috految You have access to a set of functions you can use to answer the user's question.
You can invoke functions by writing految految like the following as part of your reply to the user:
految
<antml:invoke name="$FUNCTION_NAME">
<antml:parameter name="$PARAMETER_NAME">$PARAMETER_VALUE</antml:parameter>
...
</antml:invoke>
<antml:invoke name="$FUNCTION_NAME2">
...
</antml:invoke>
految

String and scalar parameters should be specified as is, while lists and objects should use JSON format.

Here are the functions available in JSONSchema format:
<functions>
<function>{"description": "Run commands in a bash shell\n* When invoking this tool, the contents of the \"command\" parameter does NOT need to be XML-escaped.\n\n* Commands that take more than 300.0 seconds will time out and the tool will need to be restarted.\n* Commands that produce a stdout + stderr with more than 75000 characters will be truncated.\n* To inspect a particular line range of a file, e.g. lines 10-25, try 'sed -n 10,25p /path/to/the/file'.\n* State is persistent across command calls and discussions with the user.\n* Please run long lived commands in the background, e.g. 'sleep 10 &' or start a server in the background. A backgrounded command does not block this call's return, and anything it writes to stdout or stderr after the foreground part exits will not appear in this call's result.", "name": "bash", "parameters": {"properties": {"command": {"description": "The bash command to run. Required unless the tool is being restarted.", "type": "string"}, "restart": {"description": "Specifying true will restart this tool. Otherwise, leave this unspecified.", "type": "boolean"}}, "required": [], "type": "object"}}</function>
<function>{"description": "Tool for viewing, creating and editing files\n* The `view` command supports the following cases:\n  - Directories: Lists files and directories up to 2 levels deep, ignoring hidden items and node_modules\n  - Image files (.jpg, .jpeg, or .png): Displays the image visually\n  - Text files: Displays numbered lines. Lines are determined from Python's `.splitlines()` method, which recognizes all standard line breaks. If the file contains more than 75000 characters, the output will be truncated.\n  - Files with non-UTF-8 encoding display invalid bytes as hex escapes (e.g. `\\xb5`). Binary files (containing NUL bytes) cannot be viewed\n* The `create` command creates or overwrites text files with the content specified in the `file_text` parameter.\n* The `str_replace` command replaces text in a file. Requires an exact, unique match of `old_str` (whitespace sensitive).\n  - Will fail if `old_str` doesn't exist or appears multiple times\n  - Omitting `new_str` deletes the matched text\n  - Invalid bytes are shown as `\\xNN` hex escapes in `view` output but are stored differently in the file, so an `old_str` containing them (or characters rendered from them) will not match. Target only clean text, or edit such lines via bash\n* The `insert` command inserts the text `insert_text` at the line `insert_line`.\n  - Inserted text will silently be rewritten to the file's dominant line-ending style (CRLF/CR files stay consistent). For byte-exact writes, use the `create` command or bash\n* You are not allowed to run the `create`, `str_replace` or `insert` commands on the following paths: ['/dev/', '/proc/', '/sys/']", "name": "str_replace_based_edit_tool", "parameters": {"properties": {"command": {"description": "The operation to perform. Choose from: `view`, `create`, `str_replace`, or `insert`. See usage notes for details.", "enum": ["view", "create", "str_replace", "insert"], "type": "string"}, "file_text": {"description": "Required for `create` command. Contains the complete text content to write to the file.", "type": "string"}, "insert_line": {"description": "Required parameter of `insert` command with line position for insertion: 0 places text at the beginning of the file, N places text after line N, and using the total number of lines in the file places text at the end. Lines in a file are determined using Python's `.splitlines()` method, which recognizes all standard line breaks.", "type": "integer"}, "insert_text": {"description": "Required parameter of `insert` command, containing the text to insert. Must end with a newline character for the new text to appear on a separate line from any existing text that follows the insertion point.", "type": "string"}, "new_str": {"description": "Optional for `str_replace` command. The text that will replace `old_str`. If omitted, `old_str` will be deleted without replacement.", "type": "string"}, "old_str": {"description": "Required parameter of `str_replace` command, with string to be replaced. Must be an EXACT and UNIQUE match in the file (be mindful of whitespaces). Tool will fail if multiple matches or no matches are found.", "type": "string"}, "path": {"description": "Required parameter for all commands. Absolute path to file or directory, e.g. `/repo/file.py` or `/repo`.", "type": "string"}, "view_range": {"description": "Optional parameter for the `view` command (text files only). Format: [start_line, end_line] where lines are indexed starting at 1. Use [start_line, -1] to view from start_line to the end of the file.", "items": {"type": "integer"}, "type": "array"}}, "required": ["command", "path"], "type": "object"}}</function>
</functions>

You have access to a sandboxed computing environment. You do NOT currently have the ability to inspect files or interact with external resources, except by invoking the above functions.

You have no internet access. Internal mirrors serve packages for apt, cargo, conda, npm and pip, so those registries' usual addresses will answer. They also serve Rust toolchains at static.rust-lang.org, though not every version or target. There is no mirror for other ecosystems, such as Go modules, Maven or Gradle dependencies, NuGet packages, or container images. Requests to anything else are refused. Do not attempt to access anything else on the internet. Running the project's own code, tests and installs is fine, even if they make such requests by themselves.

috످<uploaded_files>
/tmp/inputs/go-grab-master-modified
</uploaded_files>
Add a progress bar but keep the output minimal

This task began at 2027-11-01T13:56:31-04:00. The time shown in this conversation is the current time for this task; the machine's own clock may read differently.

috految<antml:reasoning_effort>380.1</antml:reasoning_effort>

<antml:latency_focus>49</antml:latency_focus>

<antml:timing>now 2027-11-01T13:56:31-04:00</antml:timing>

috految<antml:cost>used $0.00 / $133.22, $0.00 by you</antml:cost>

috److I'll start by looking at the project and what it prints today.

految
<antml:invoke name="bash">
<antml:parameter name="command">cd /tmp/inputs/go-grab-master-modified && ls -la && git log --oneline 2>&1 | head -5; git status --short 2>&1 | head; echo; find . -type f -not -path '*/.git/*' -printf '%p\t%s\t%m\t%TY-%Tm-%Td %TH:%TM\n' | sort | head -100; echo; find . -type f \( -name '*.go' -o -name 'go.mod' -o -name 'go.sum' -o -iname '*.md' -o -iname 'Makefile' -o -name '*.y*ml' -o -name '.gitignore' -o -name '*.sh' \) -not -path '*/.git/*' -not -path '*/vendor/*' -not -name '._*' | sort | while read f; do echo "=================== $f"; cat -n "$f"; done</antml:parameter>
</antml:invoke>
<antml:invoke name="bash">
<antml:parameter name="command">which go gofmt gcc tmux python3 conda mamba pip nginx make; go version; ls /usr/local/go ~/go ~/go/pkg/mod 2>&1; head -4 /etc/os-release; uname -m; id; nproc; free -g; df -h /tmp; cat /etc/apt/sources.list /etc/apt/sources.list.d/* 2>/dev/null</antml:parameter>
</antml:invoke>
految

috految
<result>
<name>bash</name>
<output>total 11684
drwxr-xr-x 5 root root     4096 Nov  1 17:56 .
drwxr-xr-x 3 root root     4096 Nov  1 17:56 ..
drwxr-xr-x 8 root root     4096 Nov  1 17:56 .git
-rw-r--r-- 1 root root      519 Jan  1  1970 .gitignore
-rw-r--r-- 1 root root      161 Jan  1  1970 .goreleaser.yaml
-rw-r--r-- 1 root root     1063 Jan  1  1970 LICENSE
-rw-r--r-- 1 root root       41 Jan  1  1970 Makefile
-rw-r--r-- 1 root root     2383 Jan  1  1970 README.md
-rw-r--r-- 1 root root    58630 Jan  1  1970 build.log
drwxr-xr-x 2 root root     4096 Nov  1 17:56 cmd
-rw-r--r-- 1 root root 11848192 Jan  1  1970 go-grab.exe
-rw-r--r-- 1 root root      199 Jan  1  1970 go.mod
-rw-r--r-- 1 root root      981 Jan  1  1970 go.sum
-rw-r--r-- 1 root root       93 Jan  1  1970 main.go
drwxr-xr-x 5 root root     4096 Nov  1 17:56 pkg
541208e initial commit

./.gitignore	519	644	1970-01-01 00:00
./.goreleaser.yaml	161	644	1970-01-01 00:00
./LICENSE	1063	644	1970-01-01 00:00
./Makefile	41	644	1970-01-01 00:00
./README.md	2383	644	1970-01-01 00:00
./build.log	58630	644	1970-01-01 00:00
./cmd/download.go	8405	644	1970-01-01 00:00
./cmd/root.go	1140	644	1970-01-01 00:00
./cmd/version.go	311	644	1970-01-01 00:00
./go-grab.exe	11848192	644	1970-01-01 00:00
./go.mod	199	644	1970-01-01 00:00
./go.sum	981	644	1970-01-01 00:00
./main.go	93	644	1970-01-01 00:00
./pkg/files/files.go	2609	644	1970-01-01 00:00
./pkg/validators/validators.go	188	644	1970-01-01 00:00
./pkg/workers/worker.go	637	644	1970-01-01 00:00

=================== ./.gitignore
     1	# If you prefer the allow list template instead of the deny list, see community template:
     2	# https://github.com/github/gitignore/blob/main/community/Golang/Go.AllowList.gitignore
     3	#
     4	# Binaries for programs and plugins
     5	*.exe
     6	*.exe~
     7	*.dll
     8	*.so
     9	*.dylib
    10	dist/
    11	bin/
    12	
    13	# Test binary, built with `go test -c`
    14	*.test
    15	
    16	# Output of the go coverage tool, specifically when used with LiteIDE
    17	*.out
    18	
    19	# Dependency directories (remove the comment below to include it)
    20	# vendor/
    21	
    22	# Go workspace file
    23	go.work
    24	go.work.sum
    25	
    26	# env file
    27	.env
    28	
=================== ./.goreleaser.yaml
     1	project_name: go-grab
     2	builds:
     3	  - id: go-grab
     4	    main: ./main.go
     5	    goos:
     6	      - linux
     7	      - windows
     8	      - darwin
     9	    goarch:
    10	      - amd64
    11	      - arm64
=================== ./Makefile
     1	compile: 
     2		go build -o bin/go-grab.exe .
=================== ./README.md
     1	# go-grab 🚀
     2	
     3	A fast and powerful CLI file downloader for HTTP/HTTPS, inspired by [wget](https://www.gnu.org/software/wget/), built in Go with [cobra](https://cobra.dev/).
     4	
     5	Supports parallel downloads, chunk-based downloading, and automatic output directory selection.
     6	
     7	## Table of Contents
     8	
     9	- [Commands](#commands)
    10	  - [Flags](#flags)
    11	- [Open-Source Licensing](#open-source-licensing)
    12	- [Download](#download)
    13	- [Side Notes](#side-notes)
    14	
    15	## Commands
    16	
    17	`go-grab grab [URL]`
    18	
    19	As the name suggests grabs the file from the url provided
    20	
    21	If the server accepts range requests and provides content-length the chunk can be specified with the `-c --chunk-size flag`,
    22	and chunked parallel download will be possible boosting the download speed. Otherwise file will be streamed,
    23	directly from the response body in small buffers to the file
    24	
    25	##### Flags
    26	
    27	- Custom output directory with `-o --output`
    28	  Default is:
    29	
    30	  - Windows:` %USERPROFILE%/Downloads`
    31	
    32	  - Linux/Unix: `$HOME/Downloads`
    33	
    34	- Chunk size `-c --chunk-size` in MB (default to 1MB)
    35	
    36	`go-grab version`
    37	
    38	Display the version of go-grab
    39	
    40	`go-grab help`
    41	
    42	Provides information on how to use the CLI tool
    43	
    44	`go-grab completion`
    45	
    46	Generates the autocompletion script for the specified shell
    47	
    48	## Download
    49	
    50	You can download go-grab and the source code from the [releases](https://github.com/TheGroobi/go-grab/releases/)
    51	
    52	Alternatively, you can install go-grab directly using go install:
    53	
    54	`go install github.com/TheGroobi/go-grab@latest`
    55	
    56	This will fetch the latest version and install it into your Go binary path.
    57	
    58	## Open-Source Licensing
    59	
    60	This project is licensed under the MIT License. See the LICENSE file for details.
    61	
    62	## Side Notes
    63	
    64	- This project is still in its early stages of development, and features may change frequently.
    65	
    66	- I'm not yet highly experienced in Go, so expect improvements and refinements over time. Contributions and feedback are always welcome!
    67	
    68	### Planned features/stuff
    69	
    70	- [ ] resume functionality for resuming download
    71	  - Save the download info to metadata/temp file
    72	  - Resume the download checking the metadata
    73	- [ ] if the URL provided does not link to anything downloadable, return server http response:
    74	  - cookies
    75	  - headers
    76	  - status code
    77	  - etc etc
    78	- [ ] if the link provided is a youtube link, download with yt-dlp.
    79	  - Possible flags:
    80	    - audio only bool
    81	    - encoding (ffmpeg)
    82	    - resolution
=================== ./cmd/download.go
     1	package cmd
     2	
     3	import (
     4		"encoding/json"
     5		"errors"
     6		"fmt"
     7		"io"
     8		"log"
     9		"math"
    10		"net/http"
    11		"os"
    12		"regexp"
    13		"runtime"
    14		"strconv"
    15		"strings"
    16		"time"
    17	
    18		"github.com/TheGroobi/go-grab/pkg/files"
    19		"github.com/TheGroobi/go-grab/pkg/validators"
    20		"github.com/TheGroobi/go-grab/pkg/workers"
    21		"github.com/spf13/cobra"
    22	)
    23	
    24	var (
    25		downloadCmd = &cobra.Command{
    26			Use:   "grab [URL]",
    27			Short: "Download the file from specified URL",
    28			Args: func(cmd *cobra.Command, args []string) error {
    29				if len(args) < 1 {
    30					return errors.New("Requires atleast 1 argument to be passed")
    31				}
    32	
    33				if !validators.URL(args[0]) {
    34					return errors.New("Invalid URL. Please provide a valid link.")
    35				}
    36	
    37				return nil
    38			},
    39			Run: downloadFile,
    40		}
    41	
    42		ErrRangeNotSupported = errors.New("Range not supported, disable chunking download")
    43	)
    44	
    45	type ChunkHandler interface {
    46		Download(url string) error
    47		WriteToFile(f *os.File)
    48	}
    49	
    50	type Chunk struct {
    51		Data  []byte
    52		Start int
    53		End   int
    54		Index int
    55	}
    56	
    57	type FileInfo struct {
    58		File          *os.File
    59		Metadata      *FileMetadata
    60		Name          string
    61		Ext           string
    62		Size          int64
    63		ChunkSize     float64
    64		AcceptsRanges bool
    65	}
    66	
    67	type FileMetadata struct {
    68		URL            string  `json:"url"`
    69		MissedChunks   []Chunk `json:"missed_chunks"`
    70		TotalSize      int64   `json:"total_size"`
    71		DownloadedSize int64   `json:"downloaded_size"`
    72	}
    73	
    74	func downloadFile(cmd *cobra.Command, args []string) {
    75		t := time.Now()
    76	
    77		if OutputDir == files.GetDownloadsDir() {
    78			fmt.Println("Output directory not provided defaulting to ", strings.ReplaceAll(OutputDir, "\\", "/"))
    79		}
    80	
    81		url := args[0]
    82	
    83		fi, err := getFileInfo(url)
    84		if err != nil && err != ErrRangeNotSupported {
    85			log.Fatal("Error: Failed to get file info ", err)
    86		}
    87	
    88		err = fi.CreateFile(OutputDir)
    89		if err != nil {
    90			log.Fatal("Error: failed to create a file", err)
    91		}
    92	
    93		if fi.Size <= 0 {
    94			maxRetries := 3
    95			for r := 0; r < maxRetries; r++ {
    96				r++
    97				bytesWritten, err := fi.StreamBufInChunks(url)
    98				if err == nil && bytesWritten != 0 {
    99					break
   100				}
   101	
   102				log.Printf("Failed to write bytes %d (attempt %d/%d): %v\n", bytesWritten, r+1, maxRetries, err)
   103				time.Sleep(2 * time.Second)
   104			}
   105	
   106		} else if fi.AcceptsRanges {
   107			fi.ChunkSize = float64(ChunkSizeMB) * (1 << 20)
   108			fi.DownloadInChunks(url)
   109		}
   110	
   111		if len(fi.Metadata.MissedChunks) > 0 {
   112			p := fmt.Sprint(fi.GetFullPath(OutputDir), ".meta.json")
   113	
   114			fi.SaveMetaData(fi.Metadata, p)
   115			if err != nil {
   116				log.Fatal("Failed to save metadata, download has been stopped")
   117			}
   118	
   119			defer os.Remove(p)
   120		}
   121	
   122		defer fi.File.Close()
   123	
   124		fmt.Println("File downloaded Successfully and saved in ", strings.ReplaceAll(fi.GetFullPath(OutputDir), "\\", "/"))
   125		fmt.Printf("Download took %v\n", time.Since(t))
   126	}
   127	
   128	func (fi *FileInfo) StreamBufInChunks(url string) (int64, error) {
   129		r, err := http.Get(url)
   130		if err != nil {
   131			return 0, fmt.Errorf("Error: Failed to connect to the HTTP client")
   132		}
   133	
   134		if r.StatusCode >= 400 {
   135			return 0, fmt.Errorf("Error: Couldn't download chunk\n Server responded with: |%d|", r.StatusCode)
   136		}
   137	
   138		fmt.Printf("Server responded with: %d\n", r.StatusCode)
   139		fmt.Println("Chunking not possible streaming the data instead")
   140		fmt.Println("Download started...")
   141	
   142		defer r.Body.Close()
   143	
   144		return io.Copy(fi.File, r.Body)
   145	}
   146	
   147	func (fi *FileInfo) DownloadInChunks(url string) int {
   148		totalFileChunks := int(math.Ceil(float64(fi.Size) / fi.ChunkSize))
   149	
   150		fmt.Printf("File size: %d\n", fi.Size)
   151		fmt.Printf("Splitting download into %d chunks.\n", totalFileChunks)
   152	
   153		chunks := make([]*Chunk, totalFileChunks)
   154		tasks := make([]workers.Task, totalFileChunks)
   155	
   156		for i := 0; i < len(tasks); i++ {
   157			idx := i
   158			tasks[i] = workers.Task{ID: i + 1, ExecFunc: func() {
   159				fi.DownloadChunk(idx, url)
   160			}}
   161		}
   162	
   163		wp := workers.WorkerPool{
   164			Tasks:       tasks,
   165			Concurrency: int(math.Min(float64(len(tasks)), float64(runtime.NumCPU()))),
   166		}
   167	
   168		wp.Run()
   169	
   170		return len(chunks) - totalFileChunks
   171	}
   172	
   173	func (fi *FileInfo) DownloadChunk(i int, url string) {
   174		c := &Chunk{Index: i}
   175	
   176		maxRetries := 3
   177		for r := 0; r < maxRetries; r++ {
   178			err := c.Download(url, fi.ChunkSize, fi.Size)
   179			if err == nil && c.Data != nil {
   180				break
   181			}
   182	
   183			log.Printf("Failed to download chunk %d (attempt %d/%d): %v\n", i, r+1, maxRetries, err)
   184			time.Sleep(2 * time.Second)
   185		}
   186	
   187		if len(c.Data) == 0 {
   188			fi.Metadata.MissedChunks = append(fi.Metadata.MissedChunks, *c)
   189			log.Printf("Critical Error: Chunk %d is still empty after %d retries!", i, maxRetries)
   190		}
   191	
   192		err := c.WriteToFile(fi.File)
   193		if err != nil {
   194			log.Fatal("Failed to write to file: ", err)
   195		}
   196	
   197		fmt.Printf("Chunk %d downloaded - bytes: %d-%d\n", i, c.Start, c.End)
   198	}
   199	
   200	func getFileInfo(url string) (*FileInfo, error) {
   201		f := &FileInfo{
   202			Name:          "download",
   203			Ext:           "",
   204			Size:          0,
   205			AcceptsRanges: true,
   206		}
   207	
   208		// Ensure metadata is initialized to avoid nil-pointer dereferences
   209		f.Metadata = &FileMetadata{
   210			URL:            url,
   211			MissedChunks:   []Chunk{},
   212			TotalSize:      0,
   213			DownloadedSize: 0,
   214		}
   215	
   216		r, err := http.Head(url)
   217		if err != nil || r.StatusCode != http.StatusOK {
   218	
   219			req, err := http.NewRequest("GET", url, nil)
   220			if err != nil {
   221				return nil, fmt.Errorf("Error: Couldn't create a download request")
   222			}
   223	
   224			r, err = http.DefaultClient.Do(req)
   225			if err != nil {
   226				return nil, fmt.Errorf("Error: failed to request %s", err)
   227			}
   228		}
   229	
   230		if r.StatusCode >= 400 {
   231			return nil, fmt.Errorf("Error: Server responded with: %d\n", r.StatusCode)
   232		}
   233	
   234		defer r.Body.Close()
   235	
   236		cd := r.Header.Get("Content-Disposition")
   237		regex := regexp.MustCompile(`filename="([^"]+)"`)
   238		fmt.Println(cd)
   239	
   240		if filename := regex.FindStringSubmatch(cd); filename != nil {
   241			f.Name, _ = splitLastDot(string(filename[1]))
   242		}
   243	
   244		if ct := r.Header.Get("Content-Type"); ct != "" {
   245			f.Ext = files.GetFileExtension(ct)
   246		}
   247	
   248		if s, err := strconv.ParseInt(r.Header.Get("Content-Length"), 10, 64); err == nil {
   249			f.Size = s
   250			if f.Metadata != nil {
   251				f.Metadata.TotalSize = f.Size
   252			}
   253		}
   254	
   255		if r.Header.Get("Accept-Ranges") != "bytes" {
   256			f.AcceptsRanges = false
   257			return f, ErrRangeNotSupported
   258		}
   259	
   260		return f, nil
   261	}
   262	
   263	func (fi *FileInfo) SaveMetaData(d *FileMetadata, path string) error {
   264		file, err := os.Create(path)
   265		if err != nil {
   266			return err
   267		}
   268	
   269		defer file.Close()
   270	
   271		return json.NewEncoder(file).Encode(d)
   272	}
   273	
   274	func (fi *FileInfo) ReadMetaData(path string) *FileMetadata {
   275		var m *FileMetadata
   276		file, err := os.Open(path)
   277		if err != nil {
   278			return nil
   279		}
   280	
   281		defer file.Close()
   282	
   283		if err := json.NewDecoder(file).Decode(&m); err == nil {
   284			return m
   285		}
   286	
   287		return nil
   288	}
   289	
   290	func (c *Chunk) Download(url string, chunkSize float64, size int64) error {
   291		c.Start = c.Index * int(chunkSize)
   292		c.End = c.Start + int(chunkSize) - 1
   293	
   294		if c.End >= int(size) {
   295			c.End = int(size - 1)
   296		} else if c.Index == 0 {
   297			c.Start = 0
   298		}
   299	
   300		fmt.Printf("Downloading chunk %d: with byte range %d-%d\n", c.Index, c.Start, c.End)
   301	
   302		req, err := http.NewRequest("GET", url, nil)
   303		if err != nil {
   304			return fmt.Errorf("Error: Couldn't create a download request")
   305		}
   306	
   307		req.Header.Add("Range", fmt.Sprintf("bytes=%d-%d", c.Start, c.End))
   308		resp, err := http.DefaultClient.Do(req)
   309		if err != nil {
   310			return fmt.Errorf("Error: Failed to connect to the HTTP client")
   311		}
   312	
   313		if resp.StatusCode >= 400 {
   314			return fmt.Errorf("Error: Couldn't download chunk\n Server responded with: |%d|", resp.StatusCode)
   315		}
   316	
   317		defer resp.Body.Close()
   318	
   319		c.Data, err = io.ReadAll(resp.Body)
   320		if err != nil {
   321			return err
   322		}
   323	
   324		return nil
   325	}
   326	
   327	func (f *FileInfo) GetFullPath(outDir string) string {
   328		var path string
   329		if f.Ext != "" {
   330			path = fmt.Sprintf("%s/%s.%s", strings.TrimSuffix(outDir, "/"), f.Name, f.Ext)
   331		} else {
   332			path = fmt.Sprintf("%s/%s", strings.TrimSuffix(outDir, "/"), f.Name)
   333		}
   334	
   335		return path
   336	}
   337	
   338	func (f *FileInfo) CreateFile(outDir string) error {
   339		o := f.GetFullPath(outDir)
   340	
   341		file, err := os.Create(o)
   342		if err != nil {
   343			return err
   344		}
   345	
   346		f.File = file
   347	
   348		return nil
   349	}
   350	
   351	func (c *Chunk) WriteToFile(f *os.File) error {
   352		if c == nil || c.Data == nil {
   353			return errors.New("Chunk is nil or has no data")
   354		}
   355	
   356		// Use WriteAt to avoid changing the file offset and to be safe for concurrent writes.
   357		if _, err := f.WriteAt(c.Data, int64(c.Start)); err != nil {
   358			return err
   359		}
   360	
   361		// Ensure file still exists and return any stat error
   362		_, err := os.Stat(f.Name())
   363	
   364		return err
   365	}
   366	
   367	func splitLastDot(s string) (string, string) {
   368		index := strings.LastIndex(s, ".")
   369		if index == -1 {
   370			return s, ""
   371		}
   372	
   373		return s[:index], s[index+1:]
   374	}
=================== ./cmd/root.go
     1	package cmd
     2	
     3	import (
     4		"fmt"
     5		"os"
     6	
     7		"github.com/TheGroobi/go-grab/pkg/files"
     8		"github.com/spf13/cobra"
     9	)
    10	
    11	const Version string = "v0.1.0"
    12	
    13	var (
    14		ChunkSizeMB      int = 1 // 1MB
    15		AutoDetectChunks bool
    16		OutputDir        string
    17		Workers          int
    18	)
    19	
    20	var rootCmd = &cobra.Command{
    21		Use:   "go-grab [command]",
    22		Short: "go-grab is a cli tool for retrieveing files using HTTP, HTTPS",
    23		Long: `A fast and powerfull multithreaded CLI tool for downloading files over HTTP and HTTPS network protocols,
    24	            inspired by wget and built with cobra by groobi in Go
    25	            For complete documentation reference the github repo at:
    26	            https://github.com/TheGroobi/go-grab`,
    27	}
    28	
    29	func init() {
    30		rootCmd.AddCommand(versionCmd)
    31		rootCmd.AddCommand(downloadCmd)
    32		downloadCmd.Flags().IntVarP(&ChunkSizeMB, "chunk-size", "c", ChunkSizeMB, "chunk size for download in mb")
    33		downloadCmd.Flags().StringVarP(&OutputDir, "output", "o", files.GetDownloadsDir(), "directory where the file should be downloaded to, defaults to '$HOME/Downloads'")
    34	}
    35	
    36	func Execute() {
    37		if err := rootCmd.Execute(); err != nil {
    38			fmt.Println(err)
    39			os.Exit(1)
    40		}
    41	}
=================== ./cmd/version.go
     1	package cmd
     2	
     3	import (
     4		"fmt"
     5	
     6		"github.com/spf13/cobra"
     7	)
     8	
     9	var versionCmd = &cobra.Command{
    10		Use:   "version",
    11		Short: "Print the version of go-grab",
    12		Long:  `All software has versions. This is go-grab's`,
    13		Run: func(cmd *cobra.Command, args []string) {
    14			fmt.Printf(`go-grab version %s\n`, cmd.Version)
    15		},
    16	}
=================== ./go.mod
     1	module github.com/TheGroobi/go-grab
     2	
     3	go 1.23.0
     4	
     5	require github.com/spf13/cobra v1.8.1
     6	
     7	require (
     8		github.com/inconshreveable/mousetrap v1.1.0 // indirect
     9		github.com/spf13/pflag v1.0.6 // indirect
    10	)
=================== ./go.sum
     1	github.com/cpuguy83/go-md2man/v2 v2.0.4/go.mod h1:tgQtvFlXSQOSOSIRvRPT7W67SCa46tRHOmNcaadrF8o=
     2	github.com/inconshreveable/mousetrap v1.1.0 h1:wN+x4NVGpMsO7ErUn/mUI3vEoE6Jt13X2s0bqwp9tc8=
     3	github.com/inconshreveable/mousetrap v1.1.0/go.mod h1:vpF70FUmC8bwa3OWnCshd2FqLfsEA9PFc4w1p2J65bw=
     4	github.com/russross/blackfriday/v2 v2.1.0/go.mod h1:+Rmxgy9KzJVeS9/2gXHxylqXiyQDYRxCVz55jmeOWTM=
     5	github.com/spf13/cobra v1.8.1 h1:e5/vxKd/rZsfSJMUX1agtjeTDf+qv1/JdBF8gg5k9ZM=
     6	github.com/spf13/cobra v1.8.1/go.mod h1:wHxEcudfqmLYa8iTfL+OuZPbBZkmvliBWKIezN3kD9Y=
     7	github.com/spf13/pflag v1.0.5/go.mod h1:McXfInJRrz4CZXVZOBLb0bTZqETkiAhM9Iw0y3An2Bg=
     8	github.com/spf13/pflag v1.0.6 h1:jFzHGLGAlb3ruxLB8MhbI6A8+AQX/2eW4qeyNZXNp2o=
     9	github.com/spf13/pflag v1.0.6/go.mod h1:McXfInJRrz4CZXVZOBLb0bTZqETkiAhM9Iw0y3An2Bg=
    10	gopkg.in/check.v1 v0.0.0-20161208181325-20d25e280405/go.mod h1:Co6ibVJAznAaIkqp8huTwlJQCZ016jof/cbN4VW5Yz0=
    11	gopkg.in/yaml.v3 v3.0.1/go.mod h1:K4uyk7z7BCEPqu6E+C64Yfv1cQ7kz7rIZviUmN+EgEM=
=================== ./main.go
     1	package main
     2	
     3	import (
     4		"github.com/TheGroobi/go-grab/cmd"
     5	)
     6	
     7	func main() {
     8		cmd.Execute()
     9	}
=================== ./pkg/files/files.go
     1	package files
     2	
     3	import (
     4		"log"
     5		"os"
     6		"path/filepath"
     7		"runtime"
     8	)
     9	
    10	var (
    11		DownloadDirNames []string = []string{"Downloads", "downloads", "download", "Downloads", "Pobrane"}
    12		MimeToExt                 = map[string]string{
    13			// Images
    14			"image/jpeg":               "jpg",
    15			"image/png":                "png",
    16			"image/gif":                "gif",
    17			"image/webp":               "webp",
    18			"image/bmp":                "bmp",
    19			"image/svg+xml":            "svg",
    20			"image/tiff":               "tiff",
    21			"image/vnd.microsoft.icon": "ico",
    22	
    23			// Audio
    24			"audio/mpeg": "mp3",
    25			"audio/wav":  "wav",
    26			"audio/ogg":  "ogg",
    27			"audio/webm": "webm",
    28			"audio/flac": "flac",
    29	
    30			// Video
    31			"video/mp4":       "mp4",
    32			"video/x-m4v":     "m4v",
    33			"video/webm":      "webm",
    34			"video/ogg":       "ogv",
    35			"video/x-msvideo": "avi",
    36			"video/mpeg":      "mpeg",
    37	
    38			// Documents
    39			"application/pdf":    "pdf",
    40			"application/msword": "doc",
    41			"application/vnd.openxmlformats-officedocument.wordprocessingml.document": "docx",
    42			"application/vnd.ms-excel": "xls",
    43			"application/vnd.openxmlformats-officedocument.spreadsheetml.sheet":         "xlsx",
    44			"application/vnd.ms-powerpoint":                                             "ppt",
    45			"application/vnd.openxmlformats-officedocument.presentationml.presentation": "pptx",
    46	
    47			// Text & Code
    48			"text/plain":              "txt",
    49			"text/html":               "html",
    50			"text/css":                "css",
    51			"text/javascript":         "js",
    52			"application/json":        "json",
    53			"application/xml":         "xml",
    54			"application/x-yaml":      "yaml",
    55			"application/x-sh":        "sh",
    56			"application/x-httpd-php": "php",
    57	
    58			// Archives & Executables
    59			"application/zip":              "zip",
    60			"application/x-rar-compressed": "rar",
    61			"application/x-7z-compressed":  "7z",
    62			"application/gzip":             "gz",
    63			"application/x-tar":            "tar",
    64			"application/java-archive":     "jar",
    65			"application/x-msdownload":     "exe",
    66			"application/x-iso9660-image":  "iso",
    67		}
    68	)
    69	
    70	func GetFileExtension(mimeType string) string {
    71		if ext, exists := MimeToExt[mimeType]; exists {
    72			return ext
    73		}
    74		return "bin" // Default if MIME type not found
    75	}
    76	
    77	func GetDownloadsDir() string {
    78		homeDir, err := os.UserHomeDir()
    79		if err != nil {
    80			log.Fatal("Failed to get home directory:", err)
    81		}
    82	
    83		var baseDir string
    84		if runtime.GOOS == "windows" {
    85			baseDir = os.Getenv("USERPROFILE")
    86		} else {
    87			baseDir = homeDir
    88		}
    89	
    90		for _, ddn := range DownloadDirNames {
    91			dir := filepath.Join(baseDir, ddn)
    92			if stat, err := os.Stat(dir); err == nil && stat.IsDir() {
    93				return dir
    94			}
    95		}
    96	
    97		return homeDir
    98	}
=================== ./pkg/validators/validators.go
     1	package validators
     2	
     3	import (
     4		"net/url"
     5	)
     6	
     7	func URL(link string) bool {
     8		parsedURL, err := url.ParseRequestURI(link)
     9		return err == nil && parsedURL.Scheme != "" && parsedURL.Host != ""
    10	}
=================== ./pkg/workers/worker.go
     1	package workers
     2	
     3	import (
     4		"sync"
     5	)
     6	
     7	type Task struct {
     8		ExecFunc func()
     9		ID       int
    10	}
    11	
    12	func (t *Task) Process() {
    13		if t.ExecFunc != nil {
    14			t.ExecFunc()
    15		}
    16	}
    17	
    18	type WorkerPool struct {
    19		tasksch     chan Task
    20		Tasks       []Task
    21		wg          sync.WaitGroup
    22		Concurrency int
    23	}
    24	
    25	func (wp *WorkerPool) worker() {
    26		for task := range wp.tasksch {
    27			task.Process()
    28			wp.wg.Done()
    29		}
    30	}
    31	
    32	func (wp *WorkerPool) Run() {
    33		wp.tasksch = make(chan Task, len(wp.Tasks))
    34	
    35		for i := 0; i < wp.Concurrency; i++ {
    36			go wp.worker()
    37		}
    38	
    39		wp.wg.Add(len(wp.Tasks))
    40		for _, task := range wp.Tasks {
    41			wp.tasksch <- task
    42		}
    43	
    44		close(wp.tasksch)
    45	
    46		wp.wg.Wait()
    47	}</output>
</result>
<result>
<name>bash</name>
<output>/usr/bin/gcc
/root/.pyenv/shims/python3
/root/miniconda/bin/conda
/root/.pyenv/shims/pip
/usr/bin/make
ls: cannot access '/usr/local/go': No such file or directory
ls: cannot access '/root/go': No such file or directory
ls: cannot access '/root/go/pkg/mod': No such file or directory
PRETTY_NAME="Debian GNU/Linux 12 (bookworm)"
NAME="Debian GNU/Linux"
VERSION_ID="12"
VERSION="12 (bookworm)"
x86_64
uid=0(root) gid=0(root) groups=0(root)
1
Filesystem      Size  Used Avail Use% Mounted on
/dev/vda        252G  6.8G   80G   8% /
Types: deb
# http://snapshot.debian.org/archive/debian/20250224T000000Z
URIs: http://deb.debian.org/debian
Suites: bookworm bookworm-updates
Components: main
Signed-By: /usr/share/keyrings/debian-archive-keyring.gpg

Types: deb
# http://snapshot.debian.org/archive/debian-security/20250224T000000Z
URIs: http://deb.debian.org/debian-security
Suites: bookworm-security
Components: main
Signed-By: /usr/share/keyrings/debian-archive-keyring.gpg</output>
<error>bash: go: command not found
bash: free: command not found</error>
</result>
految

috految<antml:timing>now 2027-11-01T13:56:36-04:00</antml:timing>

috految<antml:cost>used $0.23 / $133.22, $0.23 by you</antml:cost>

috److془No Go. Use pip go-bin or apt. cobra from Debian trixie (1.8.1). Let's go.

nproc = 1, so concurrency = 1; need to force multiple workers for testing.془Go isn't installed and there's no Go module mirror, so I'll get the toolchain from pip and cobra from apt, both outside your repo. The `.exe` suggests you're on Windows, which affects how the bar can be drawn, so I'll check that too.

految
<antml:invoke name="bash">
<antml:parameter name="command">mkdir -p /tmp/work/{apt/lists/partial,apt/cache/archives/partial,debs,bin} && cd /tmp/work && cp -a /tmp/inputs/go-grab-master-modified orig
cd orig; git ls-files --eol; git status --short --ignored; echo "--- build.log"; head -c 4 build.log | od -An -tx1; (iconv -f utf-16 -t utf-8 build.log 2>/dev/null || cat build.log) | cut -c1-200 | sed -n '1,12p;$p'; echo "--- exe"; grep -a -E '^(path|mod|dep|build)\s' go-grab.exe | sort -u | cut -c1-140; grep MemTotal /proc/meminfo; grep -c processor /proc/cpuinfo
cd /tmp/work
cat > apt/sources.list <<E
deb [signed-by=/usr/share/keyrings/debian-archive-keyring.gpg] http://deb.debian.org/debian bookworm main
deb [signed-by=/usr/share/keyrings/debian-archive-keyring.gpg] http://deb.debian.org/debian trixie main
E
export APT="-o Dir::Etc::sourcelist=/tmp/work/apt/sources.list -o Dir::Etc::sourceparts=- -o Dir::State::lists=/tmp/work/apt/lists -o Dir::Cache=/tmp/work/apt/cache -o Acquire::Languages=none"
(timeout 90 pip install -q --no-compile --disable-pip-version-check --target /tmp/work/py 'go-bin>=1.23,<1.24' pyte > pip.log 2>&1) & P=$!
timeout 60 apt-get $APT update 2>&1 | tail -5
apt-cache $APT madison golang-github-spf13-cobra-dev golang-github-spf13-pflag-dev golang-github-inconshreveable-mousetrap-dev wine64 nginx
wait $P; cat pip.log; ls py; find py -type f -name go</antml:parameter>
</antml:invoke>
految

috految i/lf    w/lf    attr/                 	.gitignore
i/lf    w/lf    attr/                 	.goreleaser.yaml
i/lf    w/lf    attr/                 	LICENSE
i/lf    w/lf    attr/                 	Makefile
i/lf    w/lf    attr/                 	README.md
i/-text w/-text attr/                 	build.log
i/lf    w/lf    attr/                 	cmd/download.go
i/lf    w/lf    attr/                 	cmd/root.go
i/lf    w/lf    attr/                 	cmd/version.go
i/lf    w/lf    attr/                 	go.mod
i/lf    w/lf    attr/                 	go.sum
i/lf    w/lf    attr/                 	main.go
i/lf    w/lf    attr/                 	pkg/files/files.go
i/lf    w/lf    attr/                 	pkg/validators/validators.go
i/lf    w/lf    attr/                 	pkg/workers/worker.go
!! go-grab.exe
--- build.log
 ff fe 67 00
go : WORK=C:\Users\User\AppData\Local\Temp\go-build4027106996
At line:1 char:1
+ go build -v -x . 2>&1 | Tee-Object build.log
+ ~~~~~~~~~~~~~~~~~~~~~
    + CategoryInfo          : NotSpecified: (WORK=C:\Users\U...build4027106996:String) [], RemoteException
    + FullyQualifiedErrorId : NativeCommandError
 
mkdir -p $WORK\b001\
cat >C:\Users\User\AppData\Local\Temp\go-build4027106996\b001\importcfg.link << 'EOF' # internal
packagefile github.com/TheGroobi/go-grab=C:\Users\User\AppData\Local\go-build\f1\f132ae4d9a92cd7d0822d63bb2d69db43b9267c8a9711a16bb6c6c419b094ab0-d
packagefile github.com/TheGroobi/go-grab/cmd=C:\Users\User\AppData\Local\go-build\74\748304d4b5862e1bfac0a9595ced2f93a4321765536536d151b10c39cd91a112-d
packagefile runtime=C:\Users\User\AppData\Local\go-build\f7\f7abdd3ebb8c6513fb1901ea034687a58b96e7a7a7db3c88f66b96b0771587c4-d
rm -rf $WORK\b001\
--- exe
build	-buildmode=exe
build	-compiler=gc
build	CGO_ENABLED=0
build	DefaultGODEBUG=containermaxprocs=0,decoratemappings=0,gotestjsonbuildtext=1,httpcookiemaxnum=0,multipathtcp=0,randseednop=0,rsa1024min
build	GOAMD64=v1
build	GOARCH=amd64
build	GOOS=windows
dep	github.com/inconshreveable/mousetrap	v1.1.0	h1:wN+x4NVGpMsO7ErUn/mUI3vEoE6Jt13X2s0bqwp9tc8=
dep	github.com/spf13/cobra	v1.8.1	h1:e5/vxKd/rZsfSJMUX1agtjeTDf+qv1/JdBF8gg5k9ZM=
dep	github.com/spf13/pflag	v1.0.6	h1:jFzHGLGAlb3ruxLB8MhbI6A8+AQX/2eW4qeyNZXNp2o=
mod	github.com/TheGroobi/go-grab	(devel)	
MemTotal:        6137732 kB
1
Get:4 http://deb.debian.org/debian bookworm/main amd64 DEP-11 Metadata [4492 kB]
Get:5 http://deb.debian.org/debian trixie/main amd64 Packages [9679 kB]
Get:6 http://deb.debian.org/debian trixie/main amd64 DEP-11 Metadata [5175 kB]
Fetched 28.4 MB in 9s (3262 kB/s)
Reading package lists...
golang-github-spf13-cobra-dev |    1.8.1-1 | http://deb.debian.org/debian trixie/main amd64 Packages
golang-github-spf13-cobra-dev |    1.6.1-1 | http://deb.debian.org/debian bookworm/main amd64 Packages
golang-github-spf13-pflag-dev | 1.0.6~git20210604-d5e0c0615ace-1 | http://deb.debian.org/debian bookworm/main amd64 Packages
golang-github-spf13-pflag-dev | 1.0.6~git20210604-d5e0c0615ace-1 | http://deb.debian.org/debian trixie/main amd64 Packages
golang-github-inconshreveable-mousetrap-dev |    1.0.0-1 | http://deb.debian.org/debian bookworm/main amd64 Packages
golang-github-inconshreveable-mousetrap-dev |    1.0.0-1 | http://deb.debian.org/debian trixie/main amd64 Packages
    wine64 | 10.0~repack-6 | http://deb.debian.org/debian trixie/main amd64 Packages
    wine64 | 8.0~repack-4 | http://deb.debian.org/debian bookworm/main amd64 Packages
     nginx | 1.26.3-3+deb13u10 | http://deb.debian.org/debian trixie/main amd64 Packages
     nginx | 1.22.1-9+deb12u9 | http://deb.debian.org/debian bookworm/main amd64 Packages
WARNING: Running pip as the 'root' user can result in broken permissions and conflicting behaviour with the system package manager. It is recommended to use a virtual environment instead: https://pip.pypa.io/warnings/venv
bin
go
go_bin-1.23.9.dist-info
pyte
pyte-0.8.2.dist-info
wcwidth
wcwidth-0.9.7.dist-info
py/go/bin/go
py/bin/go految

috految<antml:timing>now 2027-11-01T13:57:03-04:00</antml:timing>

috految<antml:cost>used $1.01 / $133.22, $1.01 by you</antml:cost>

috److految
<antml:invoke name="bash">
<antml:parameter name="command">cd /tmp/work/debs && apt-get $APT download golang-github-spf13-cobra-dev=1.8.1-1 golang-github-spf13-pflag-dev golang-github-inconshreveable-mousetrap-dev nginx/bookworm 2>&1 | tail -2
for d in *.deb; do dpkg -x $d ../root; done
cd /tmp/work; chmod -R +x py/go/bin py/go/pkg/tool
S=/tmp/work/root/usr/share/gocode/src
cp orig/go.mod test.mod; cp orig/go.sum test.sum
for m in github.com/spf13/cobra github.com/spf13/pflag github.com/inconshreveable/mousetrap; do printf 'module %s\ngo 1.15\n' $m > $S/$m/go.mod; echo "replace $m => $S/$m" >> test.mod; done
export GOROOT=/tmp/work/py/go PATH=/tmp/work/py/go/bin:$PATH GOPATH=/tmp/work/gopath GOCACHE=/tmp/work/gocache GOPROXY=off GOTOOLCHAIN=local GOFLAGS="-modfile=/tmp/work/test.mod -buildvcs=false" CGO_ENABLED=0 PYTHONPATH=/tmp/work/py
go version; go version orig/go-grab.exe; (cd orig && go list -deps . | grep github); root/usr/sbin/nginx -v
# baseline first, then warm the build caches while I write the change
( cd orig; export GOGC=800; go build -o ../bin/old . && echo OLD_OK; touch ../old.done
  CGO_ENABLED=1 nice go build -race -o ../bin/old-race . && echo RACE_OK
  GOOS=windows nice go build -o ../bin/old.exe . && echo WIN_OK
  nice go vet ./... && echo VET_OK
  touch ../warm.done ) > build.out 2>&1 &
echo "--- Windows console detection in Go stdlib:"; grep -n -A2 'FILE_TYPE_CHAR' $GOROOT/src/os/stat_windows.go $GOROOT/src/os/types_windows.go
grep -rn 'ChunkHandler\|DownloadedSize\|\.Download(' orig --include=*.go</antml:parameter>
</antml:invoke>
految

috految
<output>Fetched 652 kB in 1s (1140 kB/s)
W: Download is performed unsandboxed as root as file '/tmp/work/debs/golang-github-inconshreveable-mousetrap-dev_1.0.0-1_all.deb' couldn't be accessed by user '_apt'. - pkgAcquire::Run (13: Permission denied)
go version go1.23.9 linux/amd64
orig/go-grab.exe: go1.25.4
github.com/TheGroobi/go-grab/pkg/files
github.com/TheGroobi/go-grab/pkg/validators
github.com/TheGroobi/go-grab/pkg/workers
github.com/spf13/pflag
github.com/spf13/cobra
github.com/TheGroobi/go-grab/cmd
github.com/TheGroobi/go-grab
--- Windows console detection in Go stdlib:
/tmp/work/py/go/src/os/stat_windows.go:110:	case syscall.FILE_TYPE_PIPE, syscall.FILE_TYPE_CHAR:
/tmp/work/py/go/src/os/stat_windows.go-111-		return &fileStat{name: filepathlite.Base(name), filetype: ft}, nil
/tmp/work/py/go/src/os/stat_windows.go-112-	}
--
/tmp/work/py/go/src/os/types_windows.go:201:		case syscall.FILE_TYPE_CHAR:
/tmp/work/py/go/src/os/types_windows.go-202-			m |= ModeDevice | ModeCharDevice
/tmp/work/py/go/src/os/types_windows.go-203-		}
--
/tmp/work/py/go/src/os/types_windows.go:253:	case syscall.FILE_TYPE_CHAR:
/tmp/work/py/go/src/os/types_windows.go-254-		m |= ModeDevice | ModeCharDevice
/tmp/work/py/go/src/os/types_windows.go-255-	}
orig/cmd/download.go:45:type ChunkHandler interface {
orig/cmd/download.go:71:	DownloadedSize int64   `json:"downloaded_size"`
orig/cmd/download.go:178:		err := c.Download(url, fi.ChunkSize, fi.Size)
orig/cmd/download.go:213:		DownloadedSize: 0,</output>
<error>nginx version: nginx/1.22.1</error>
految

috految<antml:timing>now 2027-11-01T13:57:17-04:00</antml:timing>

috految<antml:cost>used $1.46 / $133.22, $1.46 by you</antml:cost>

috److془Design.

Bar: ASCII, \r only, stderr, TTY only. Ticker-based such that workers don't block on console (QuickEdit on Windows pauses output).

Width: `[==========          ]  52%  26.0 MB / 50.0 MB` ~ 46 chars. Or `[==========          ]  52%  26.0/50.0 MB` 41. Use formatBytes on each - simple and works for 10GB files moving at slow speeds (till 1GB). For GB use %.2f.

Narrow terminal: <~50 columns will wrap and spam. Could be acceptable. Minimal: `[==========          ]  52%  26.0/50.0 MB` or with MB max: `[==========          ]  52%  2600.0/5000.0 MB`. Hmm, I prefer `26.0 MB / 50.0 MB`. Max width = 22+1+4+2+9+3+9=50. Fine. 

Or `[==========          ]  52% of 50.0 MB` — 38 chars. But for large files gives 1% granularity. I prefer the byte count.

Now the issue: 0-byte bug (Size>0 and !AcceptsRanges → no download and success). Should I fix? The user asked to add a progress bar. Surface, don't fix. The bar will show 0%. And fixing it would route those through the stream retry path that's corrupt. So they should be fixed together. 

Final message: "Saved ~/Downloads/file.zip (2.1s)". On failed downloads, prints "Saved" as the original printed "File downloaded Successfully".

Hmm: One consideration: removing per-chunk output removes signal. The bar is left on screen with true counts so shortfalls are visible. 

Another consideration: on the failure path, the "Output directory not provided defaulting to" line removed, so the user doesn't know where partial lives. Minor.

Stream retry: file appended on retry (bug). The bar counts what? If I don't roll back, the bar equals the bytes on disk (honest). Good. If user later fixes by truncating, they'd need rollback. Fine.

Chunk: on read fail, roll back len(c.Data). In Go 1.26, io.ReadAll changed the implementation but still returns the data read on error. Good.

Case: Server advertises Accept-Ranges but ignores Range (200 full body): the count goes > total; clamp fill to avoid strings.Repeat panic. Shows "100% 50/10 MB". Or don't clamp percent: 500%. Hmm; not clamping the percent is more honest. I'll clamp only bar fill. 

Case: HEAD gives no Content-Length but GET does: (e.g., some servers give HEAD Content-Length: 0). Bar shows byte counter. Fine. 

TeeReader with io.Copy: `io.Copy(fi.File, io.TeeReader(r.Body, fi.Progress))`. File.ReadFrom → falls back on genericReadFrom. Fine. 

Note on HTTP chunked reader: Read blocks until buffer is full or chunk finishes. With 32KB buffer fine. With io.ReadAll, the buffer spare is up to 25% of the current size. Fine.

Log interplay: log.SetOutput(bar.LogWriter()) which clears the line, writes log and next tick redraws. With log.Fatal: line is cleared, message printed, exit. 

Ctrl-C: bar then ^C; shell prints prompt on new line (bash does). No hidden cursor so nothing to restore. 

The `log.SetOutput` after Finish: last = "" so passes through. 

Background: `go-grab grab URL &` draws over prompt. Same as curl. Fine.

Now, stderr vs. stdout. With the user's PowerShell 5.1 `2>&1 | Tee-Object` → stderr is a pipe → bar is hidden → no NativeCommandError. 

Git Bash (mintty without ConPTY) / PowerShell ISE would hide the bar. Hmm, worth a brief mention maybe. 

Duration: time.Since(t).Round(time.Millisecond) → "2.134s", "45ms", "1m23.456s". Good. 

Note the stream path: `if fi.Size <= 0`. 

Interesting: the `fmt.Println(cd)` debug print - remove.

Path traversal: Content-Disposition filename="../.bashrc.x" with no Content-Type → overwrites ~/.bashrc. Verify in temp HOME. 

Overwrites: without Content-Disposition, all files named download.<ext> and overwrite each other silently. 

Version: prints `go-grab version \n`. Minor - leave or one line.

`-c 0` panics. Minor.

Also: os.Stat of file etc. fine.

MissedChunks data race: pre-existing. Consider when I claim "race detector clean" should scope.

Also the Makefile outputs to bin/go-grab.exe and root go-grab.exe is stale. Tell: `go build -o go-grab.exe .`

README: don't need to change; does not describe the output.

Write it. Then test harness. Wine test: need wine 10 for Go 1.23 (bcryptprimitives.dll with ProcessPrng), or wine 8 with shim. Could do on 1 CPU ~ 40s. Would Wine give value? The user is on Windows; the TTY detection on Windows determines whether the bar shows at all. Go stdlib source confirms FILE_TYPE_CHAR → ModeCharDevice. Well-known idiom. Cross-compile is sufficient; state not run on Windows. Hmm, but Wine would be a modest extra. It's not real Windows anyway. Skip it.

One check: `os.Stderr.Stat()` on Windows with Go 1.25.4: `statHandle(file.name, file.pfd.Sysfd)` → GetFileType → FILE_TYPE_CHAR → ok. 

Let me write it.془Your build log is from Windows PowerShell, so I'll stick to plain ASCII with no ANSI codes. The bar also has to handle parallel workers, retries, and errors printing mid-download. A few existing download paths look broken, so I'll run the old and new builds side by side to separate those from anything I introduce.

految
<antml:invoke name="bash">
<antml:parameter name="command">cd /tmp/inputs/go-grab-master-modified && mkdir pkg/progress && cat > pkg/progress/progress.go <<'EOF'
package progress

import (
	"fmt"
	"io"
	"os"
	"strings"
	"sync"
	"sync/atomic"
	"time"
)

const (
	barWidth        = 20
	refreshInterval = 100 * time.Millisecond
)

// Bar is a single-line progress bar on stderr, shared by all download workers.
// It uses only ASCII and \r because not all Windows consoles support ANSI codes.
type Bar struct {
	current atomic.Int64
	total   int64
	stop    chan struct{} // nil when the bar is hidden

	mu   sync.Mutex
	line string // what is currently on screen
}

// Start shows the bar, or just a byte counter if total is unknown (<= 0).
// Nothing is drawn when stderr is not a terminal.
func Start(total int64) *Bar {
	b := &Bar{total: total}

	if stat, err := os.Stderr.Stat(); err == nil && stat.Mode()&os.ModeCharDevice != 0 {
		b.stop = make(chan struct{})
		go b.run()
	}

	return b
}

// Write counts p as downloaded, for use with io.TeeReader.
func (b *Bar) Write(p []byte) (int, error) {
	b.current.Add(int64(len(p)))
	return len(p), nil
}

// Rewind takes back n bytes from a failed attempt so a retry isn't counted twice.
func (b *Bar) Rewind(n int) {
	b.current.Add(-int64(n))
}

// Finish draws the final count and ends the line. It doesn't force 100%,
// so an incomplete download still looks incomplete.
func (b *Bar) Finish() {
	if b.stop == nil {
		return
	}

	b.stop <- struct{}{}
	b.stop = nil

	b.draw()
	fmt.Fprintln(os.Stderr)
}

// LogWriter returns a writer that prints messages above the bar.
func (b *Bar) LogWriter() io.Writer {
	return logWriter{b}
}

type logWriter struct{ bar *Bar }

func (w logWriter) Write(p []byte) (int, error) {
	w.bar.mu.Lock()
	defer w.bar.mu.Unlock()

	if w.bar.line != "" {
		fmt.Fprintf(os.Stderr, "\r%s\r", strings.Repeat(" ", len(w.bar.line)))
		w.bar.line = ""
	}

	return os.Stderr.Write(p)
}

func (b *Bar) run() {
	for {
		select {
		case <-b.stop:
			return
		case <-time.After(refreshInterval):
			b.draw()
		}
	}
}

func (b *Bar) draw() {
	b.mu.Lock()
	defer b.mu.Unlock()

	n := b.current.Load()
	line := formatBytes(n) + " downloaded"

	if b.total > 0 {
		percent := n * 100 / b.total
		fill := strings.Repeat("=", int(min(percent, 100)*barWidth/100))
		line = fmt.Sprintf("[%-*s] %3d%%  %s / %s", barWidth, fill, percent, formatBytes(n), formatBytes(b.total))
	}

	if line != b.line {
		// Pad to the previous length so a shorter line fully overwrites it.
		fmt.Fprintf(os.Stderr, "\r%-*s", len(b.line), line)
		b.line = line
	}
}

func formatBytes(n int64) string {
	switch {
	case n >= 1<<30:
		return fmt.Sprintf("%.2f GB", float64(n)/(1<<30))
	case n >= 1<<20:
		return fmt.Sprintf("%.1f MB", float64(n)/(1<<20))
	case n >= 1<<10:
		return fmt.Sprintf("%.1f KB", float64(n)/(1<<10))
	default:
		return fmt.Sprintf("%d B", n)
	}
}
EOF
python3 - <<'EOF'
p='cmd/download.go'; s=open(p,newline='').read()
def r(a,b):
    global s
    assert s.count(a)==1,a
    s=s.replace(a,b)
r('pkg/files"\n','pkg/files"\n\t"github.com/TheGroobi/go-grab/pkg/progress"\n')
r('\tMetadata      *FileMetadata\n','\tMetadata      *FileMetadata\n\tProgress      *progress.Bar\n')
r('''	if OutputDir == files.GetDownloadsDir() {
		fmt.Println("Output directory not provided defaulting to ", strings.ReplaceAll(OutputDir, "\\\\", "/"))
	}

''','')
r('\tif fi.Size <= 0 {\n','\tfi.Progress = progress.Start(fi.Size)\n\tlog.SetOutput(fi.Progress.LogWriter())\n\n\tif fi.Size <= 0 {\n')
r('\tif len(fi.Metadata.MissedChunks) > 0 {','\tfi.Progress.Finish()\n\n\tif len(fi.Metadata.MissedChunks) > 0 {')
r(r'''	fmt.Println("File downloaded Successfully and saved in ", strings.ReplaceAll(fi.GetFullPath(OutputDir), "\\", "/"))
	fmt.Printf("Download took %v\n", time.Since(t))
''',r'''	fmt.Printf("Saved %s (%v)\n", strings.ReplaceAll(fi.GetFullPath(OutputDir), "\\", "/"), time.Since(t).Round(time.Millisecond))
''')
r(r'''	fmt.Printf("Server responded with: %d\n", r.StatusCode)
	fmt.Println("Chunking not possible streaming the data instead")
	fmt.Println("Download started...")

''','')
r('io.Copy(fi.File, r.Body)','io.Copy(fi.File, io.TeeReader(r.Body, fi.Progress))')
r(r'''	fmt.Printf("File size: %d\n", fi.Size)
	fmt.Printf("Splitting download into %d chunks.\n", totalFileChunks)

''','')
r('c.Download(url, fi.ChunkSize, fi.Size)','c.Download(url, fi.ChunkSize, fi.Size, fi.Progress)')
r('\n\tfmt.Printf("Chunk %d downloaded - bytes: %d-%d\\n", i, c.Start, c.End)\n','')
r('\tfmt.Println(cd)\n','')
r('chunkSize float64, size int64) error','chunkSize float64, size int64, bar *progress.Bar) error')
r('\tfmt.Printf("Downloading chunk %d: with byte range %d-%d\\n", c.Index, c.Start, c.End)\n\n','')
r('''io.ReadAll(resp.Body)
	if err != nil {
''','''io.ReadAll(io.TeeReader(resp.Body, bar))
	if err != nil {
		bar.Rewind(len(c.Data))
''')
open(p,'w',newline='').write(s)
EOF
echo "gofmt: [$(gofmt -l .)]"; git --no-pager diff; echo; cat /tmp/work/build.out
# This box has 1 CPU, so NumCPU() would give 1 worker. Force 8 via a build overlay (repo untouched).
sed 's/runtime.NumCPU()/max(8, runtime.NumCPU())/' cmd/download.go > /tmp/work/dl8.go
echo "{\"Replace\":{\"$PWD/cmd/download.go\":\"/tmp/work/dl8.go\"}}" > /tmp/work/ov8.json
( export GOGC=800; until [ -f /tmp/work/old.done ]; do sleep .3; done; go build -o /tmp/work/bin/new . && echo NEW_OK; touch /tmp/work/new.done
  until [ -f /tmp/work/warm.done ]; do sleep .3; done
  CGO_ENABLED=1 go build -race -overlay /tmp/work/ov8.json -o /tmp/work/bin/new-race8 . && echo RACE8_OK
  GOOS=windows go build -o /tmp/work/bin/new.exe . && echo WIN_OK
  go vet ./... && echo VET_OK; touch /tmp/work/all.done ) > /tmp/work/build2.out 2>&1 &</antml:parameter>
</antml:invoke>
految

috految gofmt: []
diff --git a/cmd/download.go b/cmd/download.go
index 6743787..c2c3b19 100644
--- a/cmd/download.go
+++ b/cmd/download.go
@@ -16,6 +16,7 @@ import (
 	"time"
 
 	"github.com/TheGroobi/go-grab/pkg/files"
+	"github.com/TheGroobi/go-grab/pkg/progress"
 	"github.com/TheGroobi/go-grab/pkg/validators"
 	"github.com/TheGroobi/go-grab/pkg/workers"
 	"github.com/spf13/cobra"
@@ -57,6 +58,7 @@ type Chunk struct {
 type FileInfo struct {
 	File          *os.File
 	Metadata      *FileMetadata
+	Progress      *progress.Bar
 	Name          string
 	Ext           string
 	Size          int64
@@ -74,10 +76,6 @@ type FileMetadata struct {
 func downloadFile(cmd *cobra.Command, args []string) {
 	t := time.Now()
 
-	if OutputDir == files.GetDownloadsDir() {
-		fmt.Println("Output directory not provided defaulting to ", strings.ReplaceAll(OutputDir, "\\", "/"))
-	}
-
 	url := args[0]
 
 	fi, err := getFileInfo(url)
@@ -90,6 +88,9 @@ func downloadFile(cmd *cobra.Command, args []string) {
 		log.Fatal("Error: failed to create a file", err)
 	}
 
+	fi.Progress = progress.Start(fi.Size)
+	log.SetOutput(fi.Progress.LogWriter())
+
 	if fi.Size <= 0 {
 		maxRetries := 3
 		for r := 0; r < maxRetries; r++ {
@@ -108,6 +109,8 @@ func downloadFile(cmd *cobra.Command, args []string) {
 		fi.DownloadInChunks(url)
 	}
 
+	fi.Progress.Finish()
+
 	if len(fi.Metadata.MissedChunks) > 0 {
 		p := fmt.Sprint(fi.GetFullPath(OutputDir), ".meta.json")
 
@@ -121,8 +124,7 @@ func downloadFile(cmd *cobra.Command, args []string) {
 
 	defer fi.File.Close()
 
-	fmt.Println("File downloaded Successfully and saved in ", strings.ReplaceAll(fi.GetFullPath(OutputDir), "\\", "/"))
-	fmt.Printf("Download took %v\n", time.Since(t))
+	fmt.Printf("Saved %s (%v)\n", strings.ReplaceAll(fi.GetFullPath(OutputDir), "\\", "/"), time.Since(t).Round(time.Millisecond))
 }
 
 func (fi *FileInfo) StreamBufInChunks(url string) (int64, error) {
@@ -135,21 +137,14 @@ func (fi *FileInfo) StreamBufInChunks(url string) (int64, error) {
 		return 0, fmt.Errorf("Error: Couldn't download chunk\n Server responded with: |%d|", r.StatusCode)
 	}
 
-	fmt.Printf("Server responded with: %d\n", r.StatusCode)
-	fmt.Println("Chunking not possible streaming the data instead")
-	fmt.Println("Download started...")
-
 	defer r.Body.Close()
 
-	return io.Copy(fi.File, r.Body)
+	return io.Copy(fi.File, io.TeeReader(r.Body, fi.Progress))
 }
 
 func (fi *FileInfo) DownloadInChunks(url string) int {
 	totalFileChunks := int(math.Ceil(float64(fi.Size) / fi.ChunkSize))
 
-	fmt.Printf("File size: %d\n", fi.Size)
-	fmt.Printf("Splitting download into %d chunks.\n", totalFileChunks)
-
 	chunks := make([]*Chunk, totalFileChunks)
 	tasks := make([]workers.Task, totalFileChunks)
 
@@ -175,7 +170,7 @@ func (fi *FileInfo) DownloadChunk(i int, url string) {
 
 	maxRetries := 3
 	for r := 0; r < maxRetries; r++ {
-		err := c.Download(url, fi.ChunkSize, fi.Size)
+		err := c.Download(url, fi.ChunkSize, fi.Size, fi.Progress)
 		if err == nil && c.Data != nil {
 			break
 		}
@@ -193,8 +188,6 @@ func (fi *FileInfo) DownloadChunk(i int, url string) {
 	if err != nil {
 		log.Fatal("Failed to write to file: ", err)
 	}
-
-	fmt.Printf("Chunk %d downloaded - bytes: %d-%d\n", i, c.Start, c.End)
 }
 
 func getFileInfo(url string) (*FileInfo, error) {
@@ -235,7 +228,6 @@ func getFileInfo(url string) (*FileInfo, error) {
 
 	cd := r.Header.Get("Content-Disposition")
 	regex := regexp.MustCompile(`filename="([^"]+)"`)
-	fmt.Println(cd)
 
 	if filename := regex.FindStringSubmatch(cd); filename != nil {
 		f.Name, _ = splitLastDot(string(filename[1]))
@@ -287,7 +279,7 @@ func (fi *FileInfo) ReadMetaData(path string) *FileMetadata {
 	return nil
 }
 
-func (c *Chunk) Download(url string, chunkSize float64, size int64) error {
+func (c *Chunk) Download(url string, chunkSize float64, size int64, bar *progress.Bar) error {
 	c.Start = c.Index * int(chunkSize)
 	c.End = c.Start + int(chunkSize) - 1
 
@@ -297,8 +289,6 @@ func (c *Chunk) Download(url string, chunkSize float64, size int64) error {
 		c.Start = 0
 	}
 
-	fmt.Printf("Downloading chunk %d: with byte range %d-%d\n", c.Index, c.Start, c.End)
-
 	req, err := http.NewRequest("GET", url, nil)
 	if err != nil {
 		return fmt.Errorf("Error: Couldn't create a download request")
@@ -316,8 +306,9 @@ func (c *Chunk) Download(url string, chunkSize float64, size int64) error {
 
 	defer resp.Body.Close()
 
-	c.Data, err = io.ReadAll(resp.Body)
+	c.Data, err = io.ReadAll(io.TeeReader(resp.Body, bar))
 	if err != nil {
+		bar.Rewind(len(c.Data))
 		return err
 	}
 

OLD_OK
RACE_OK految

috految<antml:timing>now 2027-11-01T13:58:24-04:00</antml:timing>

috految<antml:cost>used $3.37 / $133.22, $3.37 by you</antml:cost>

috److految
<antml:invoke name="bash">
<antml:parameter name="command">cd /tmp/work && mkdir -p www runs ngx && head -c 50M /dev/urandom > www/big.zip && head -c 3M /dev/urandom > www/a.zip && head -c 2M /dev/urandom > www/b.zip && truncate -s 6G www/huge.iso
openssl req -x509 -newkey ec -pkeyopt ec_paramgen_curve:prime256v1 -nodes -keyout k.pem -out c.pem -subj /CN=localhost -addext subjectAltName=IP:127.0.0.1 -days 2 2>/dev/null
cat > nginx.conf <<'E'
daemon off; master_process off; pid /tmp/work/ngx/pid; error_log /tmp/work/ngx/err; events {}
http { access_log off; client_body_temp_path ngx; proxy_temp_path ngx; fastcgi_temp_path ngx; uwsgi_temp_path ngx; scgi_temp_path ngx;
 types { application/zip zip; } server { listen 127.0.0.1:8801; listen 127.0.0.1:8843 ssl http2; ssl_certificate c.pem; ssl_certificate_key k.pem; root /tmp/work/www;
 location = /redir { return 302 /a.zip; } location = /huge.iso { limit_rate 400k; } } }
E
root/usr/sbin/nginx -p /tmp/work -e /tmp/work/ngx/err -c nginx.conf >ngx/out 2>&1 & NG=$!
python3 -m http.server 8802 -b 127.0.0.1 -d www >/dev/null 2>&1 & PY=$!
cat > e2e.py <<'EOF'
import os,re,pty,time,gzip,signal,hashlib,tempfile,threading,subprocess as sp,collections,pathlib,uuid,pyte
from http.server import *
from concurrent.futures import ThreadPoolExecutor
MB=1<<20; BIG=open('www/big.zip','rb').read(); A=open('www/a.zip','rb').read(); B=open('www/b.zip','rb').read()
hits=collections.Counter(); live=collections.Counter(); peak=collections.Counter()
class H(BaseHTTPRequestHandler):
    protocol_version='HTTP/1.1'
    def log_message(*a): pass
    def do_HEAD(s): s.do_GET(True)
    def do_GET(s,head=False):
        _,m,n,uid=s.path.split('/'); d=memoryview(BIG)[:int(n)]; rg=s.headers.get('Range')
        def hdr(c,h):
            s.send_response(c); [s.send_header(k,v) for k,v in h.items()]; s.end_headers()
        if m=='nohead' and head: return hdr(405,{'Content-Length':0})
        h={'Content-Type':'application/zip','Content-Disposition':'attachment; filename="file.zip"'}
        if m=='traversal': h={'Content-Disposition':'attachment; filename="../.bashrc.x"'}
        if not head: hits[s.path,rg]+=1
        k=hits[s.path,rg]
        if m.startswith('stream'):
            if head: return hdr(200,h)
            if m=='stream500': return hdr(500,{'Content-Length':0})
            if m=='streamgz': d=gzip.compress(d,1); h['Content-Encoding']='gzip'
            hdr(200,{**h,'Transfer-Encoding':'chunked'})
            for i in range(0,len(d),1<<17):
                if m=='streamdrop' and k==1 and i>=len(d)//2: s.close_connection=True; return
                c=bytes(d[i:i+(1<<17)]); s.wfile.write(b'%x\r\n'%len(c)+c+b'\r\n'); time.sleep(.02)
            return s.wfile.write(b'0\r\n\r\n')
        code,a=200,0; h['Accept-Ranges']='bytes'
        if rg and m!='ignorerange':
            a,b=map(int,rg[6:].split('-')); h['Content-Range']=f'bytes {a}-{b}/{len(d)}'; d=d[a:b+1]; code=206
        if a==2*MB and (m=='dead' or m=='503once' and k==1 or m=='dropthen503' and k==2): return hdr(503,{'Content-Length':0})
        hdr(code,{**h,'Content-Length':len(d)})
        if head: return
        if m=='flaky' and k==1 or a==2*MB and (m=='alwaysdrop' or m in('droponce','dropthen503') and k==1):
            s.wfile.write(d[:len(d)//2]); time.sleep(.3); s.close_connection=True; return
        live[uid]+=1; peak[uid]=max(peak[uid],live[uid])
        for i in range(0,len(d),1<<17): time.sleep(.002 if len(d)==MB and int(n)>20*MB else .02); s.wfile.write(d[i:i+(1<<17)])
        live[uid]-=1
class S(ThreadingHTTPServer):
    request_queue_size=256
    def handle_error(*a): pass
srv=S(('127.0.0.1',0),H); threading.Thread(target=srv.serve_forever,daemon=True).start()
U=lambda m,n: lambda: f'http://127.0.0.1:{srv.server_port}/{m}/{n}/{uuid.uuid4().hex}'
def run(exe,url,*args,home=None,cols=120,sigint=None,redir=''):
    home=home or tempfile.mkdtemp(dir='/tmp/work/runs'); dl=pathlib.Path(home,'Downloads'); dl.mkdir(exist_ok=True)
    url=url() if callable(url) else url; m,sl=pty.openpty()
    p=sp.Popen(['/bin/sh','-c','exec "$@" '+redir,'sh',f'/tmp/work/bin/{exe}','grab',url,*args],stdin=sl,stdout=sl,stderr=sl,cwd=home,env={'HOME':home,'PATH':'/usr/bin:/bin','GOMAXPROCS':'8','SSL_CERT_FILE':'/tmp/work/c.pem'}); os.close(sl)
    if sigint: threading.Timer(sigint,p.send_signal,[signal.SIGINT]).start()
    raw=b''
    try:
        while c:=os.read(m,65536): raw+=c
    except OSError: pass
    rc=p.wait(); os.close(m); sc=pyte.Screen(cols,130); pyte.ByteStream(sc).feed(raw.replace(home.encode(),b'~'))
    return dict(rc=rc,raw=raw,home=home,url=url,screen='\n'.join(l.rstrip() for l in sc.display).rstrip(),files={f.name:(f.stat().st_size,hashlib.sha256(f.read_bytes()).hexdigest()) for f in dl.iterdir() if f.is_file()})
sha=lambda d:hashlib.sha256(d).hexdigest(); ind=lambda t:'\n'.join('    | '+l for l in t.split('\n'))
intact=lambda r,d:[v[1] for v in r['files'].values()]==[sha(d)]
signal.signal(signal.SIGINT,signal.default_int_handler)
N='http://127.0.0.1:8801'
C=[('50MB',U('ok',50*MB),BIG),('nginx https','https://127.0.0.1:8843/a.zip',A),('nginx redirect',N+'/redir',A),('odd size, -c 2',U('ok',5*MB+7),BIG[:5*MB+7],'-c','2'),
('single big chunk',U('ok',8*MB),BIG[:8*MB],'-c','100'),('1 byte',U('ok',1),BIG[:1]),('empty',U('ok',0),b''),('HEAD rejected',U('nohead',3*MB),BIG[:3*MB]),
('unknown size',U('stream',4*MB),BIG[:4*MB]),('gzip stream',U('streamgz',MB),BIG[:MB]),('drop then retry',U('droponce',4*MB),BIG[:4*MB]),('503 then retry',U('503once',4*MB),BIG[:4*MB]),
('drop, 503, ok',U('dropthen503',4*MB),BIG[:4*MB]),('404',N+'/nope',None),('refused','http://127.0.0.1:1/x',None),('bad -o',N+'/a.zip',None,'-o','/tmp/work/missing'),('chunk always 503',U('dead',4*MB),BIG[:4*MB]),
('python -m http.server','http://127.0.0.1:8802/a.zip',A),('chunk always drops',U('alwaysdrop',4*MB),BIG[:4*MB]),('stream drop then retry',U('streamdrop',4*MB),BIG[:4*MB]),('stream always 500',U('stream500',4*MB),BIG[:4*MB]),('server ignores Range',U('ignorerange',4*MB),BIG[:4*MB])]
with ThreadPoolExecutor(64) as ex:
    F=[(c,ex.submit(run,'old',c[1],*c[3:]),ex.submit(run,'new',c[1],*c[3:])) for c in C]
    X={k:ex.submit(run,'new',U('ok',4*MB),redir=k) for k in('>out 2>&1','2>&1 | cat','>out','2>/dev/null')}
    X['ctrl-c on 6GB']=ex.submit(run,'new',N+'/huge.iso',sigint=2); X['50 cols']=ex.submit(run,'new',U('ok',4*MB),cols=50); X['40 cols']=ex.submit(run,'new',U('ok',4*MB),cols=40)
    same=0
    for c,o,n in F:
        o,n=o.result(),n.result(); eq=(o['rc'],o['files'])==(n['rc'],n['files']); same+=eq
        assert b'\x1b' not in n['raw'] and n['raw'].isascii()
        print(f"## {c[0]}: same_as_old={eq} rc={n['rc']} intact={intact(n,c[2]) if c[2] is not None else '-'} size={[v[0] for v in n['files'].values()]} lines {len(o['screen'].splitlines())}->{len(n['screen'].splitlines())} old_said_success={b'Successfully' in o['raw']}\n"+ind(n['screen']))
        if c[0]=='50MB': f=n['raw'].decode().split('\r'); print('    frames',len(f),'mid:',f[len(f)//2])
        if c[0] in('single big chunk','drop then retry'): print('    pct',[int(x) for x in re.findall(rb'(\d+)%',n['raw'])])
    print('SAME',same,'/',len(C))
    for k,f in X.items():
        r=f.result(); o=pathlib.Path(r['home'],'out'); print(f"## {k}: rc={r['rc']} file={o.read_bytes() if o.exists() else ''}\n"+ind(r['screen']))
for e in('old','new'):
    h=tempfile.mkdtemp(dir='/tmp/work/runs'); b=pathlib.Path(h,'.bashrc'); b.write_text('original'); r=run(e,U('traversal',20),home=h); print(e,'traversal overwrote dummy ~/.bashrc:',b.read_bytes()==BIG[:20],'rc',r['rc'])
    h=tempfile.mkdtemp(dir='/tmp/work/runs'); run(e,N+'/a.zip',home=h); r=run(e,N+'/b.zip',home=h); print(e,'a.zip then b.zip ->',list(r['files']),'only b survives:',intact(r,B))
    r=run(e,'http://127.0.0.1:8802/a.zip',home=h); print(e,'no-range over existing file ->',{k:v[0] for k,v in r['files'].items()})
while not os.path.exists('all.done'): time.sleep(.2)
with ThreadPoolExecutor(4) as ex:
    for k,d,f in [(k,d,ex.submit(run,'new-race8',u)) for k,u,d in(('parallel',U('ok',16*MB),BIG[:16*MB]),('all 8 workers retry',U('flaky',8*MB),BIG[:8*MB]),('stream',U('stream',4*MB),BIG[:4*MB]))]:
        r=f.result(); print(f"## race/{k}: rc={r['rc']} DATA RACE={b'DATA RACE' in r['raw']} intact={intact(r,d)} peak_workers={peak[r['url'].split('/')[-1]]}\n"+ind(r['screen']))
EOF
for i in $(seq 100); do [ -f new.done ] && curl -sI --noproxy 127.0.0.1 127.0.0.1:8802 >/dev/null && break; sleep .2; done
timeout 100 python3 -u e2e.py; kill $NG $PY; cat ngx/out build.out build2.out; bin/old version; echo
cd /tmp/inputs/go-grab-master-modified; git status --short --ignored; git --no-pager diff --stat; wc -l pkg/progress/*; diff -rq . /tmp/work/orig -x .git
grep -nE 'fi.Size <= 0|else if fi.AcceptsRanges|r\+\+|StreamBufInChunks|io.Copy|len\(c.Data\) == 0|f.Name, _|"download"|os.Create\(o|resp.StatusCode >=|Saved' cmd/download.go</antml:parameter>
</antml:invoke>
految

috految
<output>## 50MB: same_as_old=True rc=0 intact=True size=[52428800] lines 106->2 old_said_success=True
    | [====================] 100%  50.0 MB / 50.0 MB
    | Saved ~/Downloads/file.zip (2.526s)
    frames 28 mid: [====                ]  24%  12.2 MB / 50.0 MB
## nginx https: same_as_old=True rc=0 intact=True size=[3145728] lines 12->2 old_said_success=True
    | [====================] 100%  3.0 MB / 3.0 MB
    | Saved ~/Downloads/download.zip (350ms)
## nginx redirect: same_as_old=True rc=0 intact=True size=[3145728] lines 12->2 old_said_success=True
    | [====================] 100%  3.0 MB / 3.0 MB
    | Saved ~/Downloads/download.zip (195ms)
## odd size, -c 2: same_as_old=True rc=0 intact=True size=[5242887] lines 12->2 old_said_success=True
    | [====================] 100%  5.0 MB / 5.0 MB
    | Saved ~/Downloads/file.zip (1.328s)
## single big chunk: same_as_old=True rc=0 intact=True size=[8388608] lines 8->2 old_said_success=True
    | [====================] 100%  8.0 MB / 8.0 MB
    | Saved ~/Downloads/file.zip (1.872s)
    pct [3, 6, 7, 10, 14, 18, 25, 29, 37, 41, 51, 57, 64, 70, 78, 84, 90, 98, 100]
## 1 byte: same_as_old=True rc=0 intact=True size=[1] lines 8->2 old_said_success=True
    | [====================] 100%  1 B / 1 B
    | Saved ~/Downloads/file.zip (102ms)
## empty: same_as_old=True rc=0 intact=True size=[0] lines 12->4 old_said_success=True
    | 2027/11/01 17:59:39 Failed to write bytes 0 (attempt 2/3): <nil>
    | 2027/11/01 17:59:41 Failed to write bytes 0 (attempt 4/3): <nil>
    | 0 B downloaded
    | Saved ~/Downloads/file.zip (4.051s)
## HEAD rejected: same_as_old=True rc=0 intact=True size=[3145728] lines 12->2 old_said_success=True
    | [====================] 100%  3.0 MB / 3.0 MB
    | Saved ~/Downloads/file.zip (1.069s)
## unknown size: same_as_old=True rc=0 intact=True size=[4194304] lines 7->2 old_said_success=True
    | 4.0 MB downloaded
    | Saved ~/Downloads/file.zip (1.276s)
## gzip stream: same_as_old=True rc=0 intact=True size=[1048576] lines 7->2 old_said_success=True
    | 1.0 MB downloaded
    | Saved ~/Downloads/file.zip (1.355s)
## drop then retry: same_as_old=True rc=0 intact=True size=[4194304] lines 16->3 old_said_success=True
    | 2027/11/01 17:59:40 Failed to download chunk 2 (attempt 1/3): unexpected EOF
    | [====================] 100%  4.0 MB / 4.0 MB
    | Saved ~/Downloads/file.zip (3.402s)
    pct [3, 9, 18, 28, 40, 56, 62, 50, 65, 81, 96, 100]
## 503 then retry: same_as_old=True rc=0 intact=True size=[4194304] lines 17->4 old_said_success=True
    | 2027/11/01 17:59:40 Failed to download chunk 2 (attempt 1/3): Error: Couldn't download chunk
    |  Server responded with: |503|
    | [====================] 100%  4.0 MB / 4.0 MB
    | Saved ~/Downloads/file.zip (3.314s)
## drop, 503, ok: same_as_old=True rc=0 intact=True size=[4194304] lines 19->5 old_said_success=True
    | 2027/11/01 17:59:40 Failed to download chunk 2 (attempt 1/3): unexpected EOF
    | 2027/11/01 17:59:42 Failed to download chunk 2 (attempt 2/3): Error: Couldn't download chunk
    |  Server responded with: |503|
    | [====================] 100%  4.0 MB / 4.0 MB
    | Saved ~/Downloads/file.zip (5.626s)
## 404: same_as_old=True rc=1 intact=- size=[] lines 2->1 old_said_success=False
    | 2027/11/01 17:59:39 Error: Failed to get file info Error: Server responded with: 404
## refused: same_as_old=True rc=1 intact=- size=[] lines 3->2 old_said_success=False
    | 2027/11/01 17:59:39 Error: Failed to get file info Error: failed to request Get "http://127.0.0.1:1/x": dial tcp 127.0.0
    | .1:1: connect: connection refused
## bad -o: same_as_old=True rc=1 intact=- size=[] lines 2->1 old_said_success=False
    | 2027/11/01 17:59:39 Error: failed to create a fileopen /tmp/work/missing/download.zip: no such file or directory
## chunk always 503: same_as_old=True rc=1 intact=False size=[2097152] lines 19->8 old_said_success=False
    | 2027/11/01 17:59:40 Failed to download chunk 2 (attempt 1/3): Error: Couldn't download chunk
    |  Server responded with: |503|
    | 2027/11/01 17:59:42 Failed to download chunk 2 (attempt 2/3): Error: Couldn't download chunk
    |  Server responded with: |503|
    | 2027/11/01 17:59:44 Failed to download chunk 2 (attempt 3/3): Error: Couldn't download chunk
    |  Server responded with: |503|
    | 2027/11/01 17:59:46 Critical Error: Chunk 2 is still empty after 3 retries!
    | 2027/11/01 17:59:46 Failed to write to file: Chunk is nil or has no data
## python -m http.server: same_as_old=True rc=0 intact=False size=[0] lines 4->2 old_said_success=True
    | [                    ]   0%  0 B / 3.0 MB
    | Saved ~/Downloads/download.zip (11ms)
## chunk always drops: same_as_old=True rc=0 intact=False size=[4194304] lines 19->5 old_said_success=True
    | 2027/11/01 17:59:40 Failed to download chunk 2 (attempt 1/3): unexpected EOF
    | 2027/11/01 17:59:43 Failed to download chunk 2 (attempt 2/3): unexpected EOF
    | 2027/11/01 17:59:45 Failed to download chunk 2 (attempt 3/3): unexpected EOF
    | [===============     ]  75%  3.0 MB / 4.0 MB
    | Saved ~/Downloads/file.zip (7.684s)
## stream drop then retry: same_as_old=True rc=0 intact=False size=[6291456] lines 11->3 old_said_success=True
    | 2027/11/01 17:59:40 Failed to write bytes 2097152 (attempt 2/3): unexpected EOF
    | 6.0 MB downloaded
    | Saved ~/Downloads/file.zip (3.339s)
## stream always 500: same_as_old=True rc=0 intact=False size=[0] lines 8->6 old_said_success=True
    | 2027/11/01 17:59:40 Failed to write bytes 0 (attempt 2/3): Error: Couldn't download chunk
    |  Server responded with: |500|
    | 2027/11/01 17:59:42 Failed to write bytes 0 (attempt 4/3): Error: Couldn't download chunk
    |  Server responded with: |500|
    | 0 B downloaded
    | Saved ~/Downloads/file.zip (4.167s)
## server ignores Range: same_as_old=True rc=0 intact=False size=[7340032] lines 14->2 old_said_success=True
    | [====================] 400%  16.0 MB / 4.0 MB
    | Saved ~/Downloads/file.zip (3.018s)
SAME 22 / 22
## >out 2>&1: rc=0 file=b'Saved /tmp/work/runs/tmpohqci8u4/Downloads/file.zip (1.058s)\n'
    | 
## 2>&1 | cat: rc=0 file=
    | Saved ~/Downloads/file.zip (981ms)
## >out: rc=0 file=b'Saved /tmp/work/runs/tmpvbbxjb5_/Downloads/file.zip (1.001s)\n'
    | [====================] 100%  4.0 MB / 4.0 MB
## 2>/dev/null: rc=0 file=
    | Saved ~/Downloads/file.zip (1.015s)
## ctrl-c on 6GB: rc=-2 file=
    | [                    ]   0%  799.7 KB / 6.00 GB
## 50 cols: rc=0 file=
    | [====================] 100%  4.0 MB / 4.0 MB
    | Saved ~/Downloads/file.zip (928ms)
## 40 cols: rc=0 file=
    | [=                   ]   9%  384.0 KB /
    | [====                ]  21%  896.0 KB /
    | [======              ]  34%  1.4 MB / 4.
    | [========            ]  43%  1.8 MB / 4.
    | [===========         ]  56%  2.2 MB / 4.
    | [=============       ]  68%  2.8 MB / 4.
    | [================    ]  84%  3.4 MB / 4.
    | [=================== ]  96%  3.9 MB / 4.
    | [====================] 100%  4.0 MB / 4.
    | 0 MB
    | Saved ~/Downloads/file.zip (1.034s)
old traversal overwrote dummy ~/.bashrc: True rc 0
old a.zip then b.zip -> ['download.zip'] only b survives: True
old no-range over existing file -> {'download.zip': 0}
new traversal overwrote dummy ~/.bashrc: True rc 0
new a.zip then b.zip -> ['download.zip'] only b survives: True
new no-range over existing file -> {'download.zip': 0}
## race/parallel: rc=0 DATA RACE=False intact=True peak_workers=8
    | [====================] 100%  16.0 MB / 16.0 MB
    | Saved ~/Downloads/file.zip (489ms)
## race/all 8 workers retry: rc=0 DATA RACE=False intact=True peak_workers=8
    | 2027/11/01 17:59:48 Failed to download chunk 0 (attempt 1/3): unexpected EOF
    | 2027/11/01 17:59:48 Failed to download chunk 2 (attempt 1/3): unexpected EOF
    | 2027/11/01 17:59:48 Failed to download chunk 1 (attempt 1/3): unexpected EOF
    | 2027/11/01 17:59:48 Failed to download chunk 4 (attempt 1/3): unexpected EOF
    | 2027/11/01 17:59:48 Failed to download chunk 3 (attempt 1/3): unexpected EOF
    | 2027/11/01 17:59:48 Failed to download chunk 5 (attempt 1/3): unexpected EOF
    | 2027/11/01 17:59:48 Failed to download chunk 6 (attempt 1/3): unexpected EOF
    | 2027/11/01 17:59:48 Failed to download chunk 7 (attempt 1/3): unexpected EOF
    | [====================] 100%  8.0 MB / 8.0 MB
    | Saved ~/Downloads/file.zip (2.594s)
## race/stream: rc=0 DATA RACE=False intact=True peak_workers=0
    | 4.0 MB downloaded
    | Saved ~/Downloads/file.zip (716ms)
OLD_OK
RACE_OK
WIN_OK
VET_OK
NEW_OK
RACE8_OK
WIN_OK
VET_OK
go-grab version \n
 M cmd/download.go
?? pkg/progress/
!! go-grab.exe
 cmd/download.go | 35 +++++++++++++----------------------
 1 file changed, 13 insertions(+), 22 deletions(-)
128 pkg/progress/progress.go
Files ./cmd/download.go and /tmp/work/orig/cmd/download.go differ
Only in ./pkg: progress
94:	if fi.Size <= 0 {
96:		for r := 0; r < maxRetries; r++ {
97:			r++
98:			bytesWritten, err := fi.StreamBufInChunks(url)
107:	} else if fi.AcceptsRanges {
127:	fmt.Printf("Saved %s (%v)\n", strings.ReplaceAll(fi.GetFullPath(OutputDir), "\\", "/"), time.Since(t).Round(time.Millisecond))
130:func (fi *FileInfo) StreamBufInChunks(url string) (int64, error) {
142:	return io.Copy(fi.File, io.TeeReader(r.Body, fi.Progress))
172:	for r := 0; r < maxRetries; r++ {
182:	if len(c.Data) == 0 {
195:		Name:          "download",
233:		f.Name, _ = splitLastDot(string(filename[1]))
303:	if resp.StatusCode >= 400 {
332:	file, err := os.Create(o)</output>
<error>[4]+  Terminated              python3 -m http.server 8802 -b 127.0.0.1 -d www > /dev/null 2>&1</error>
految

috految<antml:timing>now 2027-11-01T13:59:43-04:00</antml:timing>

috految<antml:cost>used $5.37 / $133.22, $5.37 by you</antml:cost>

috److I added a progress bar that updates in place and trimmed the rest of the output. A 50 MB download now prints **2 lines instead of 106**.

While downloading:
```
[====                ]  24%  12.2 MB / 50.0 MB
```

When finished:
```
[====================] 100%  50.0 MB / 50.0 MB
Saved /home/you/Downloads/file.zip (2.526s)
```

Your `go-grab.exe` is still the old build, so **rebuild to see the bar**:

```powershell
go build -o go-grab.exe .
.\go-grab.exe grab <URL>
```

## What changed

- **`pkg/progress/progress.go` (new):** Draws the bar, with no new dependencies.
- **`cmd/download.go`:** Uses the bar in place of the per-chunk logs and status messages. `Saved …` replaces `File downloaded Successfully…`, so update any scripts that match the old text.

## How it behaves

- Errors and retry messages still print above the bar.
- If the file size is unknown, it shows a counter instead (`4.0 MB downloaded`).
- The bar is hidden when stderr is redirected, so logs stay clean.
- In terminals narrower than about 50 columns, the bar wraps and repeats.

## Testing

I compared the old and new builds across 22 scenarios on Linux, including HTTPS, redirects, dropped connections, and server errors. The saved files and exit codes matched in all 22. `go vet` passes, and the race detector found nothing with 8 parallel workers.

It compiles for Windows, but I haven't run it there.

## Existing bugs I found (not fixed)

I reproduced each of these in your original code. Line numbers refer to the updated `cmd/download.go`.

| # | Severity | Problem | Line | Suggested fix |
|---|---|---|---|---|
| 1 | **Critical** | **A malicious server can overwrite files outside the download folder.** Sending `filename="../.bashrc.x"` overwrote my test `.bashrc`. | 233 | Sanitize the name with `filepath.Base` |
| 2 | **Critical** | **Some downloads save an empty file.** If a server sends a size but doesn't support ranges (like `python -m http.server`), the bar stays at 0% and it still prints `Saved`. | 94 | Stream when `!fi.AcceptsRanges` |
| 3 | High | **Downloads overwrite each other.** Unless the server sends a filename, `a.zip` and `b.zip` both save as `download.zip`. | 195 | Use the URL's filename and check if it exists |
| 4 | High | **Failed downloads can report success.** After retries run out, it can print `Saved` and exit 0 with an incomplete file. | 96, 182 | Exit with an error |
| 5 | High | **Retrying a streamed download corrupts it.** The retry appends to the partial file, so a 4 MB file became 6 MB. A stray `r++` also skips one retry. | 97, 142 | Reset the file before retrying and remove the extra `r++` |
| 6 | Medium | **Files get corrupted if a server advertises ranges but ignores them.** The bar goes past 100% when this happens. | 303 | Check for HTTP 206 |

Do you want me to fix these? They're all small changes. I'd start with #1, then fix #2 and #5 together, since fixing #2 alone would send more downloads through the broken retry.

috످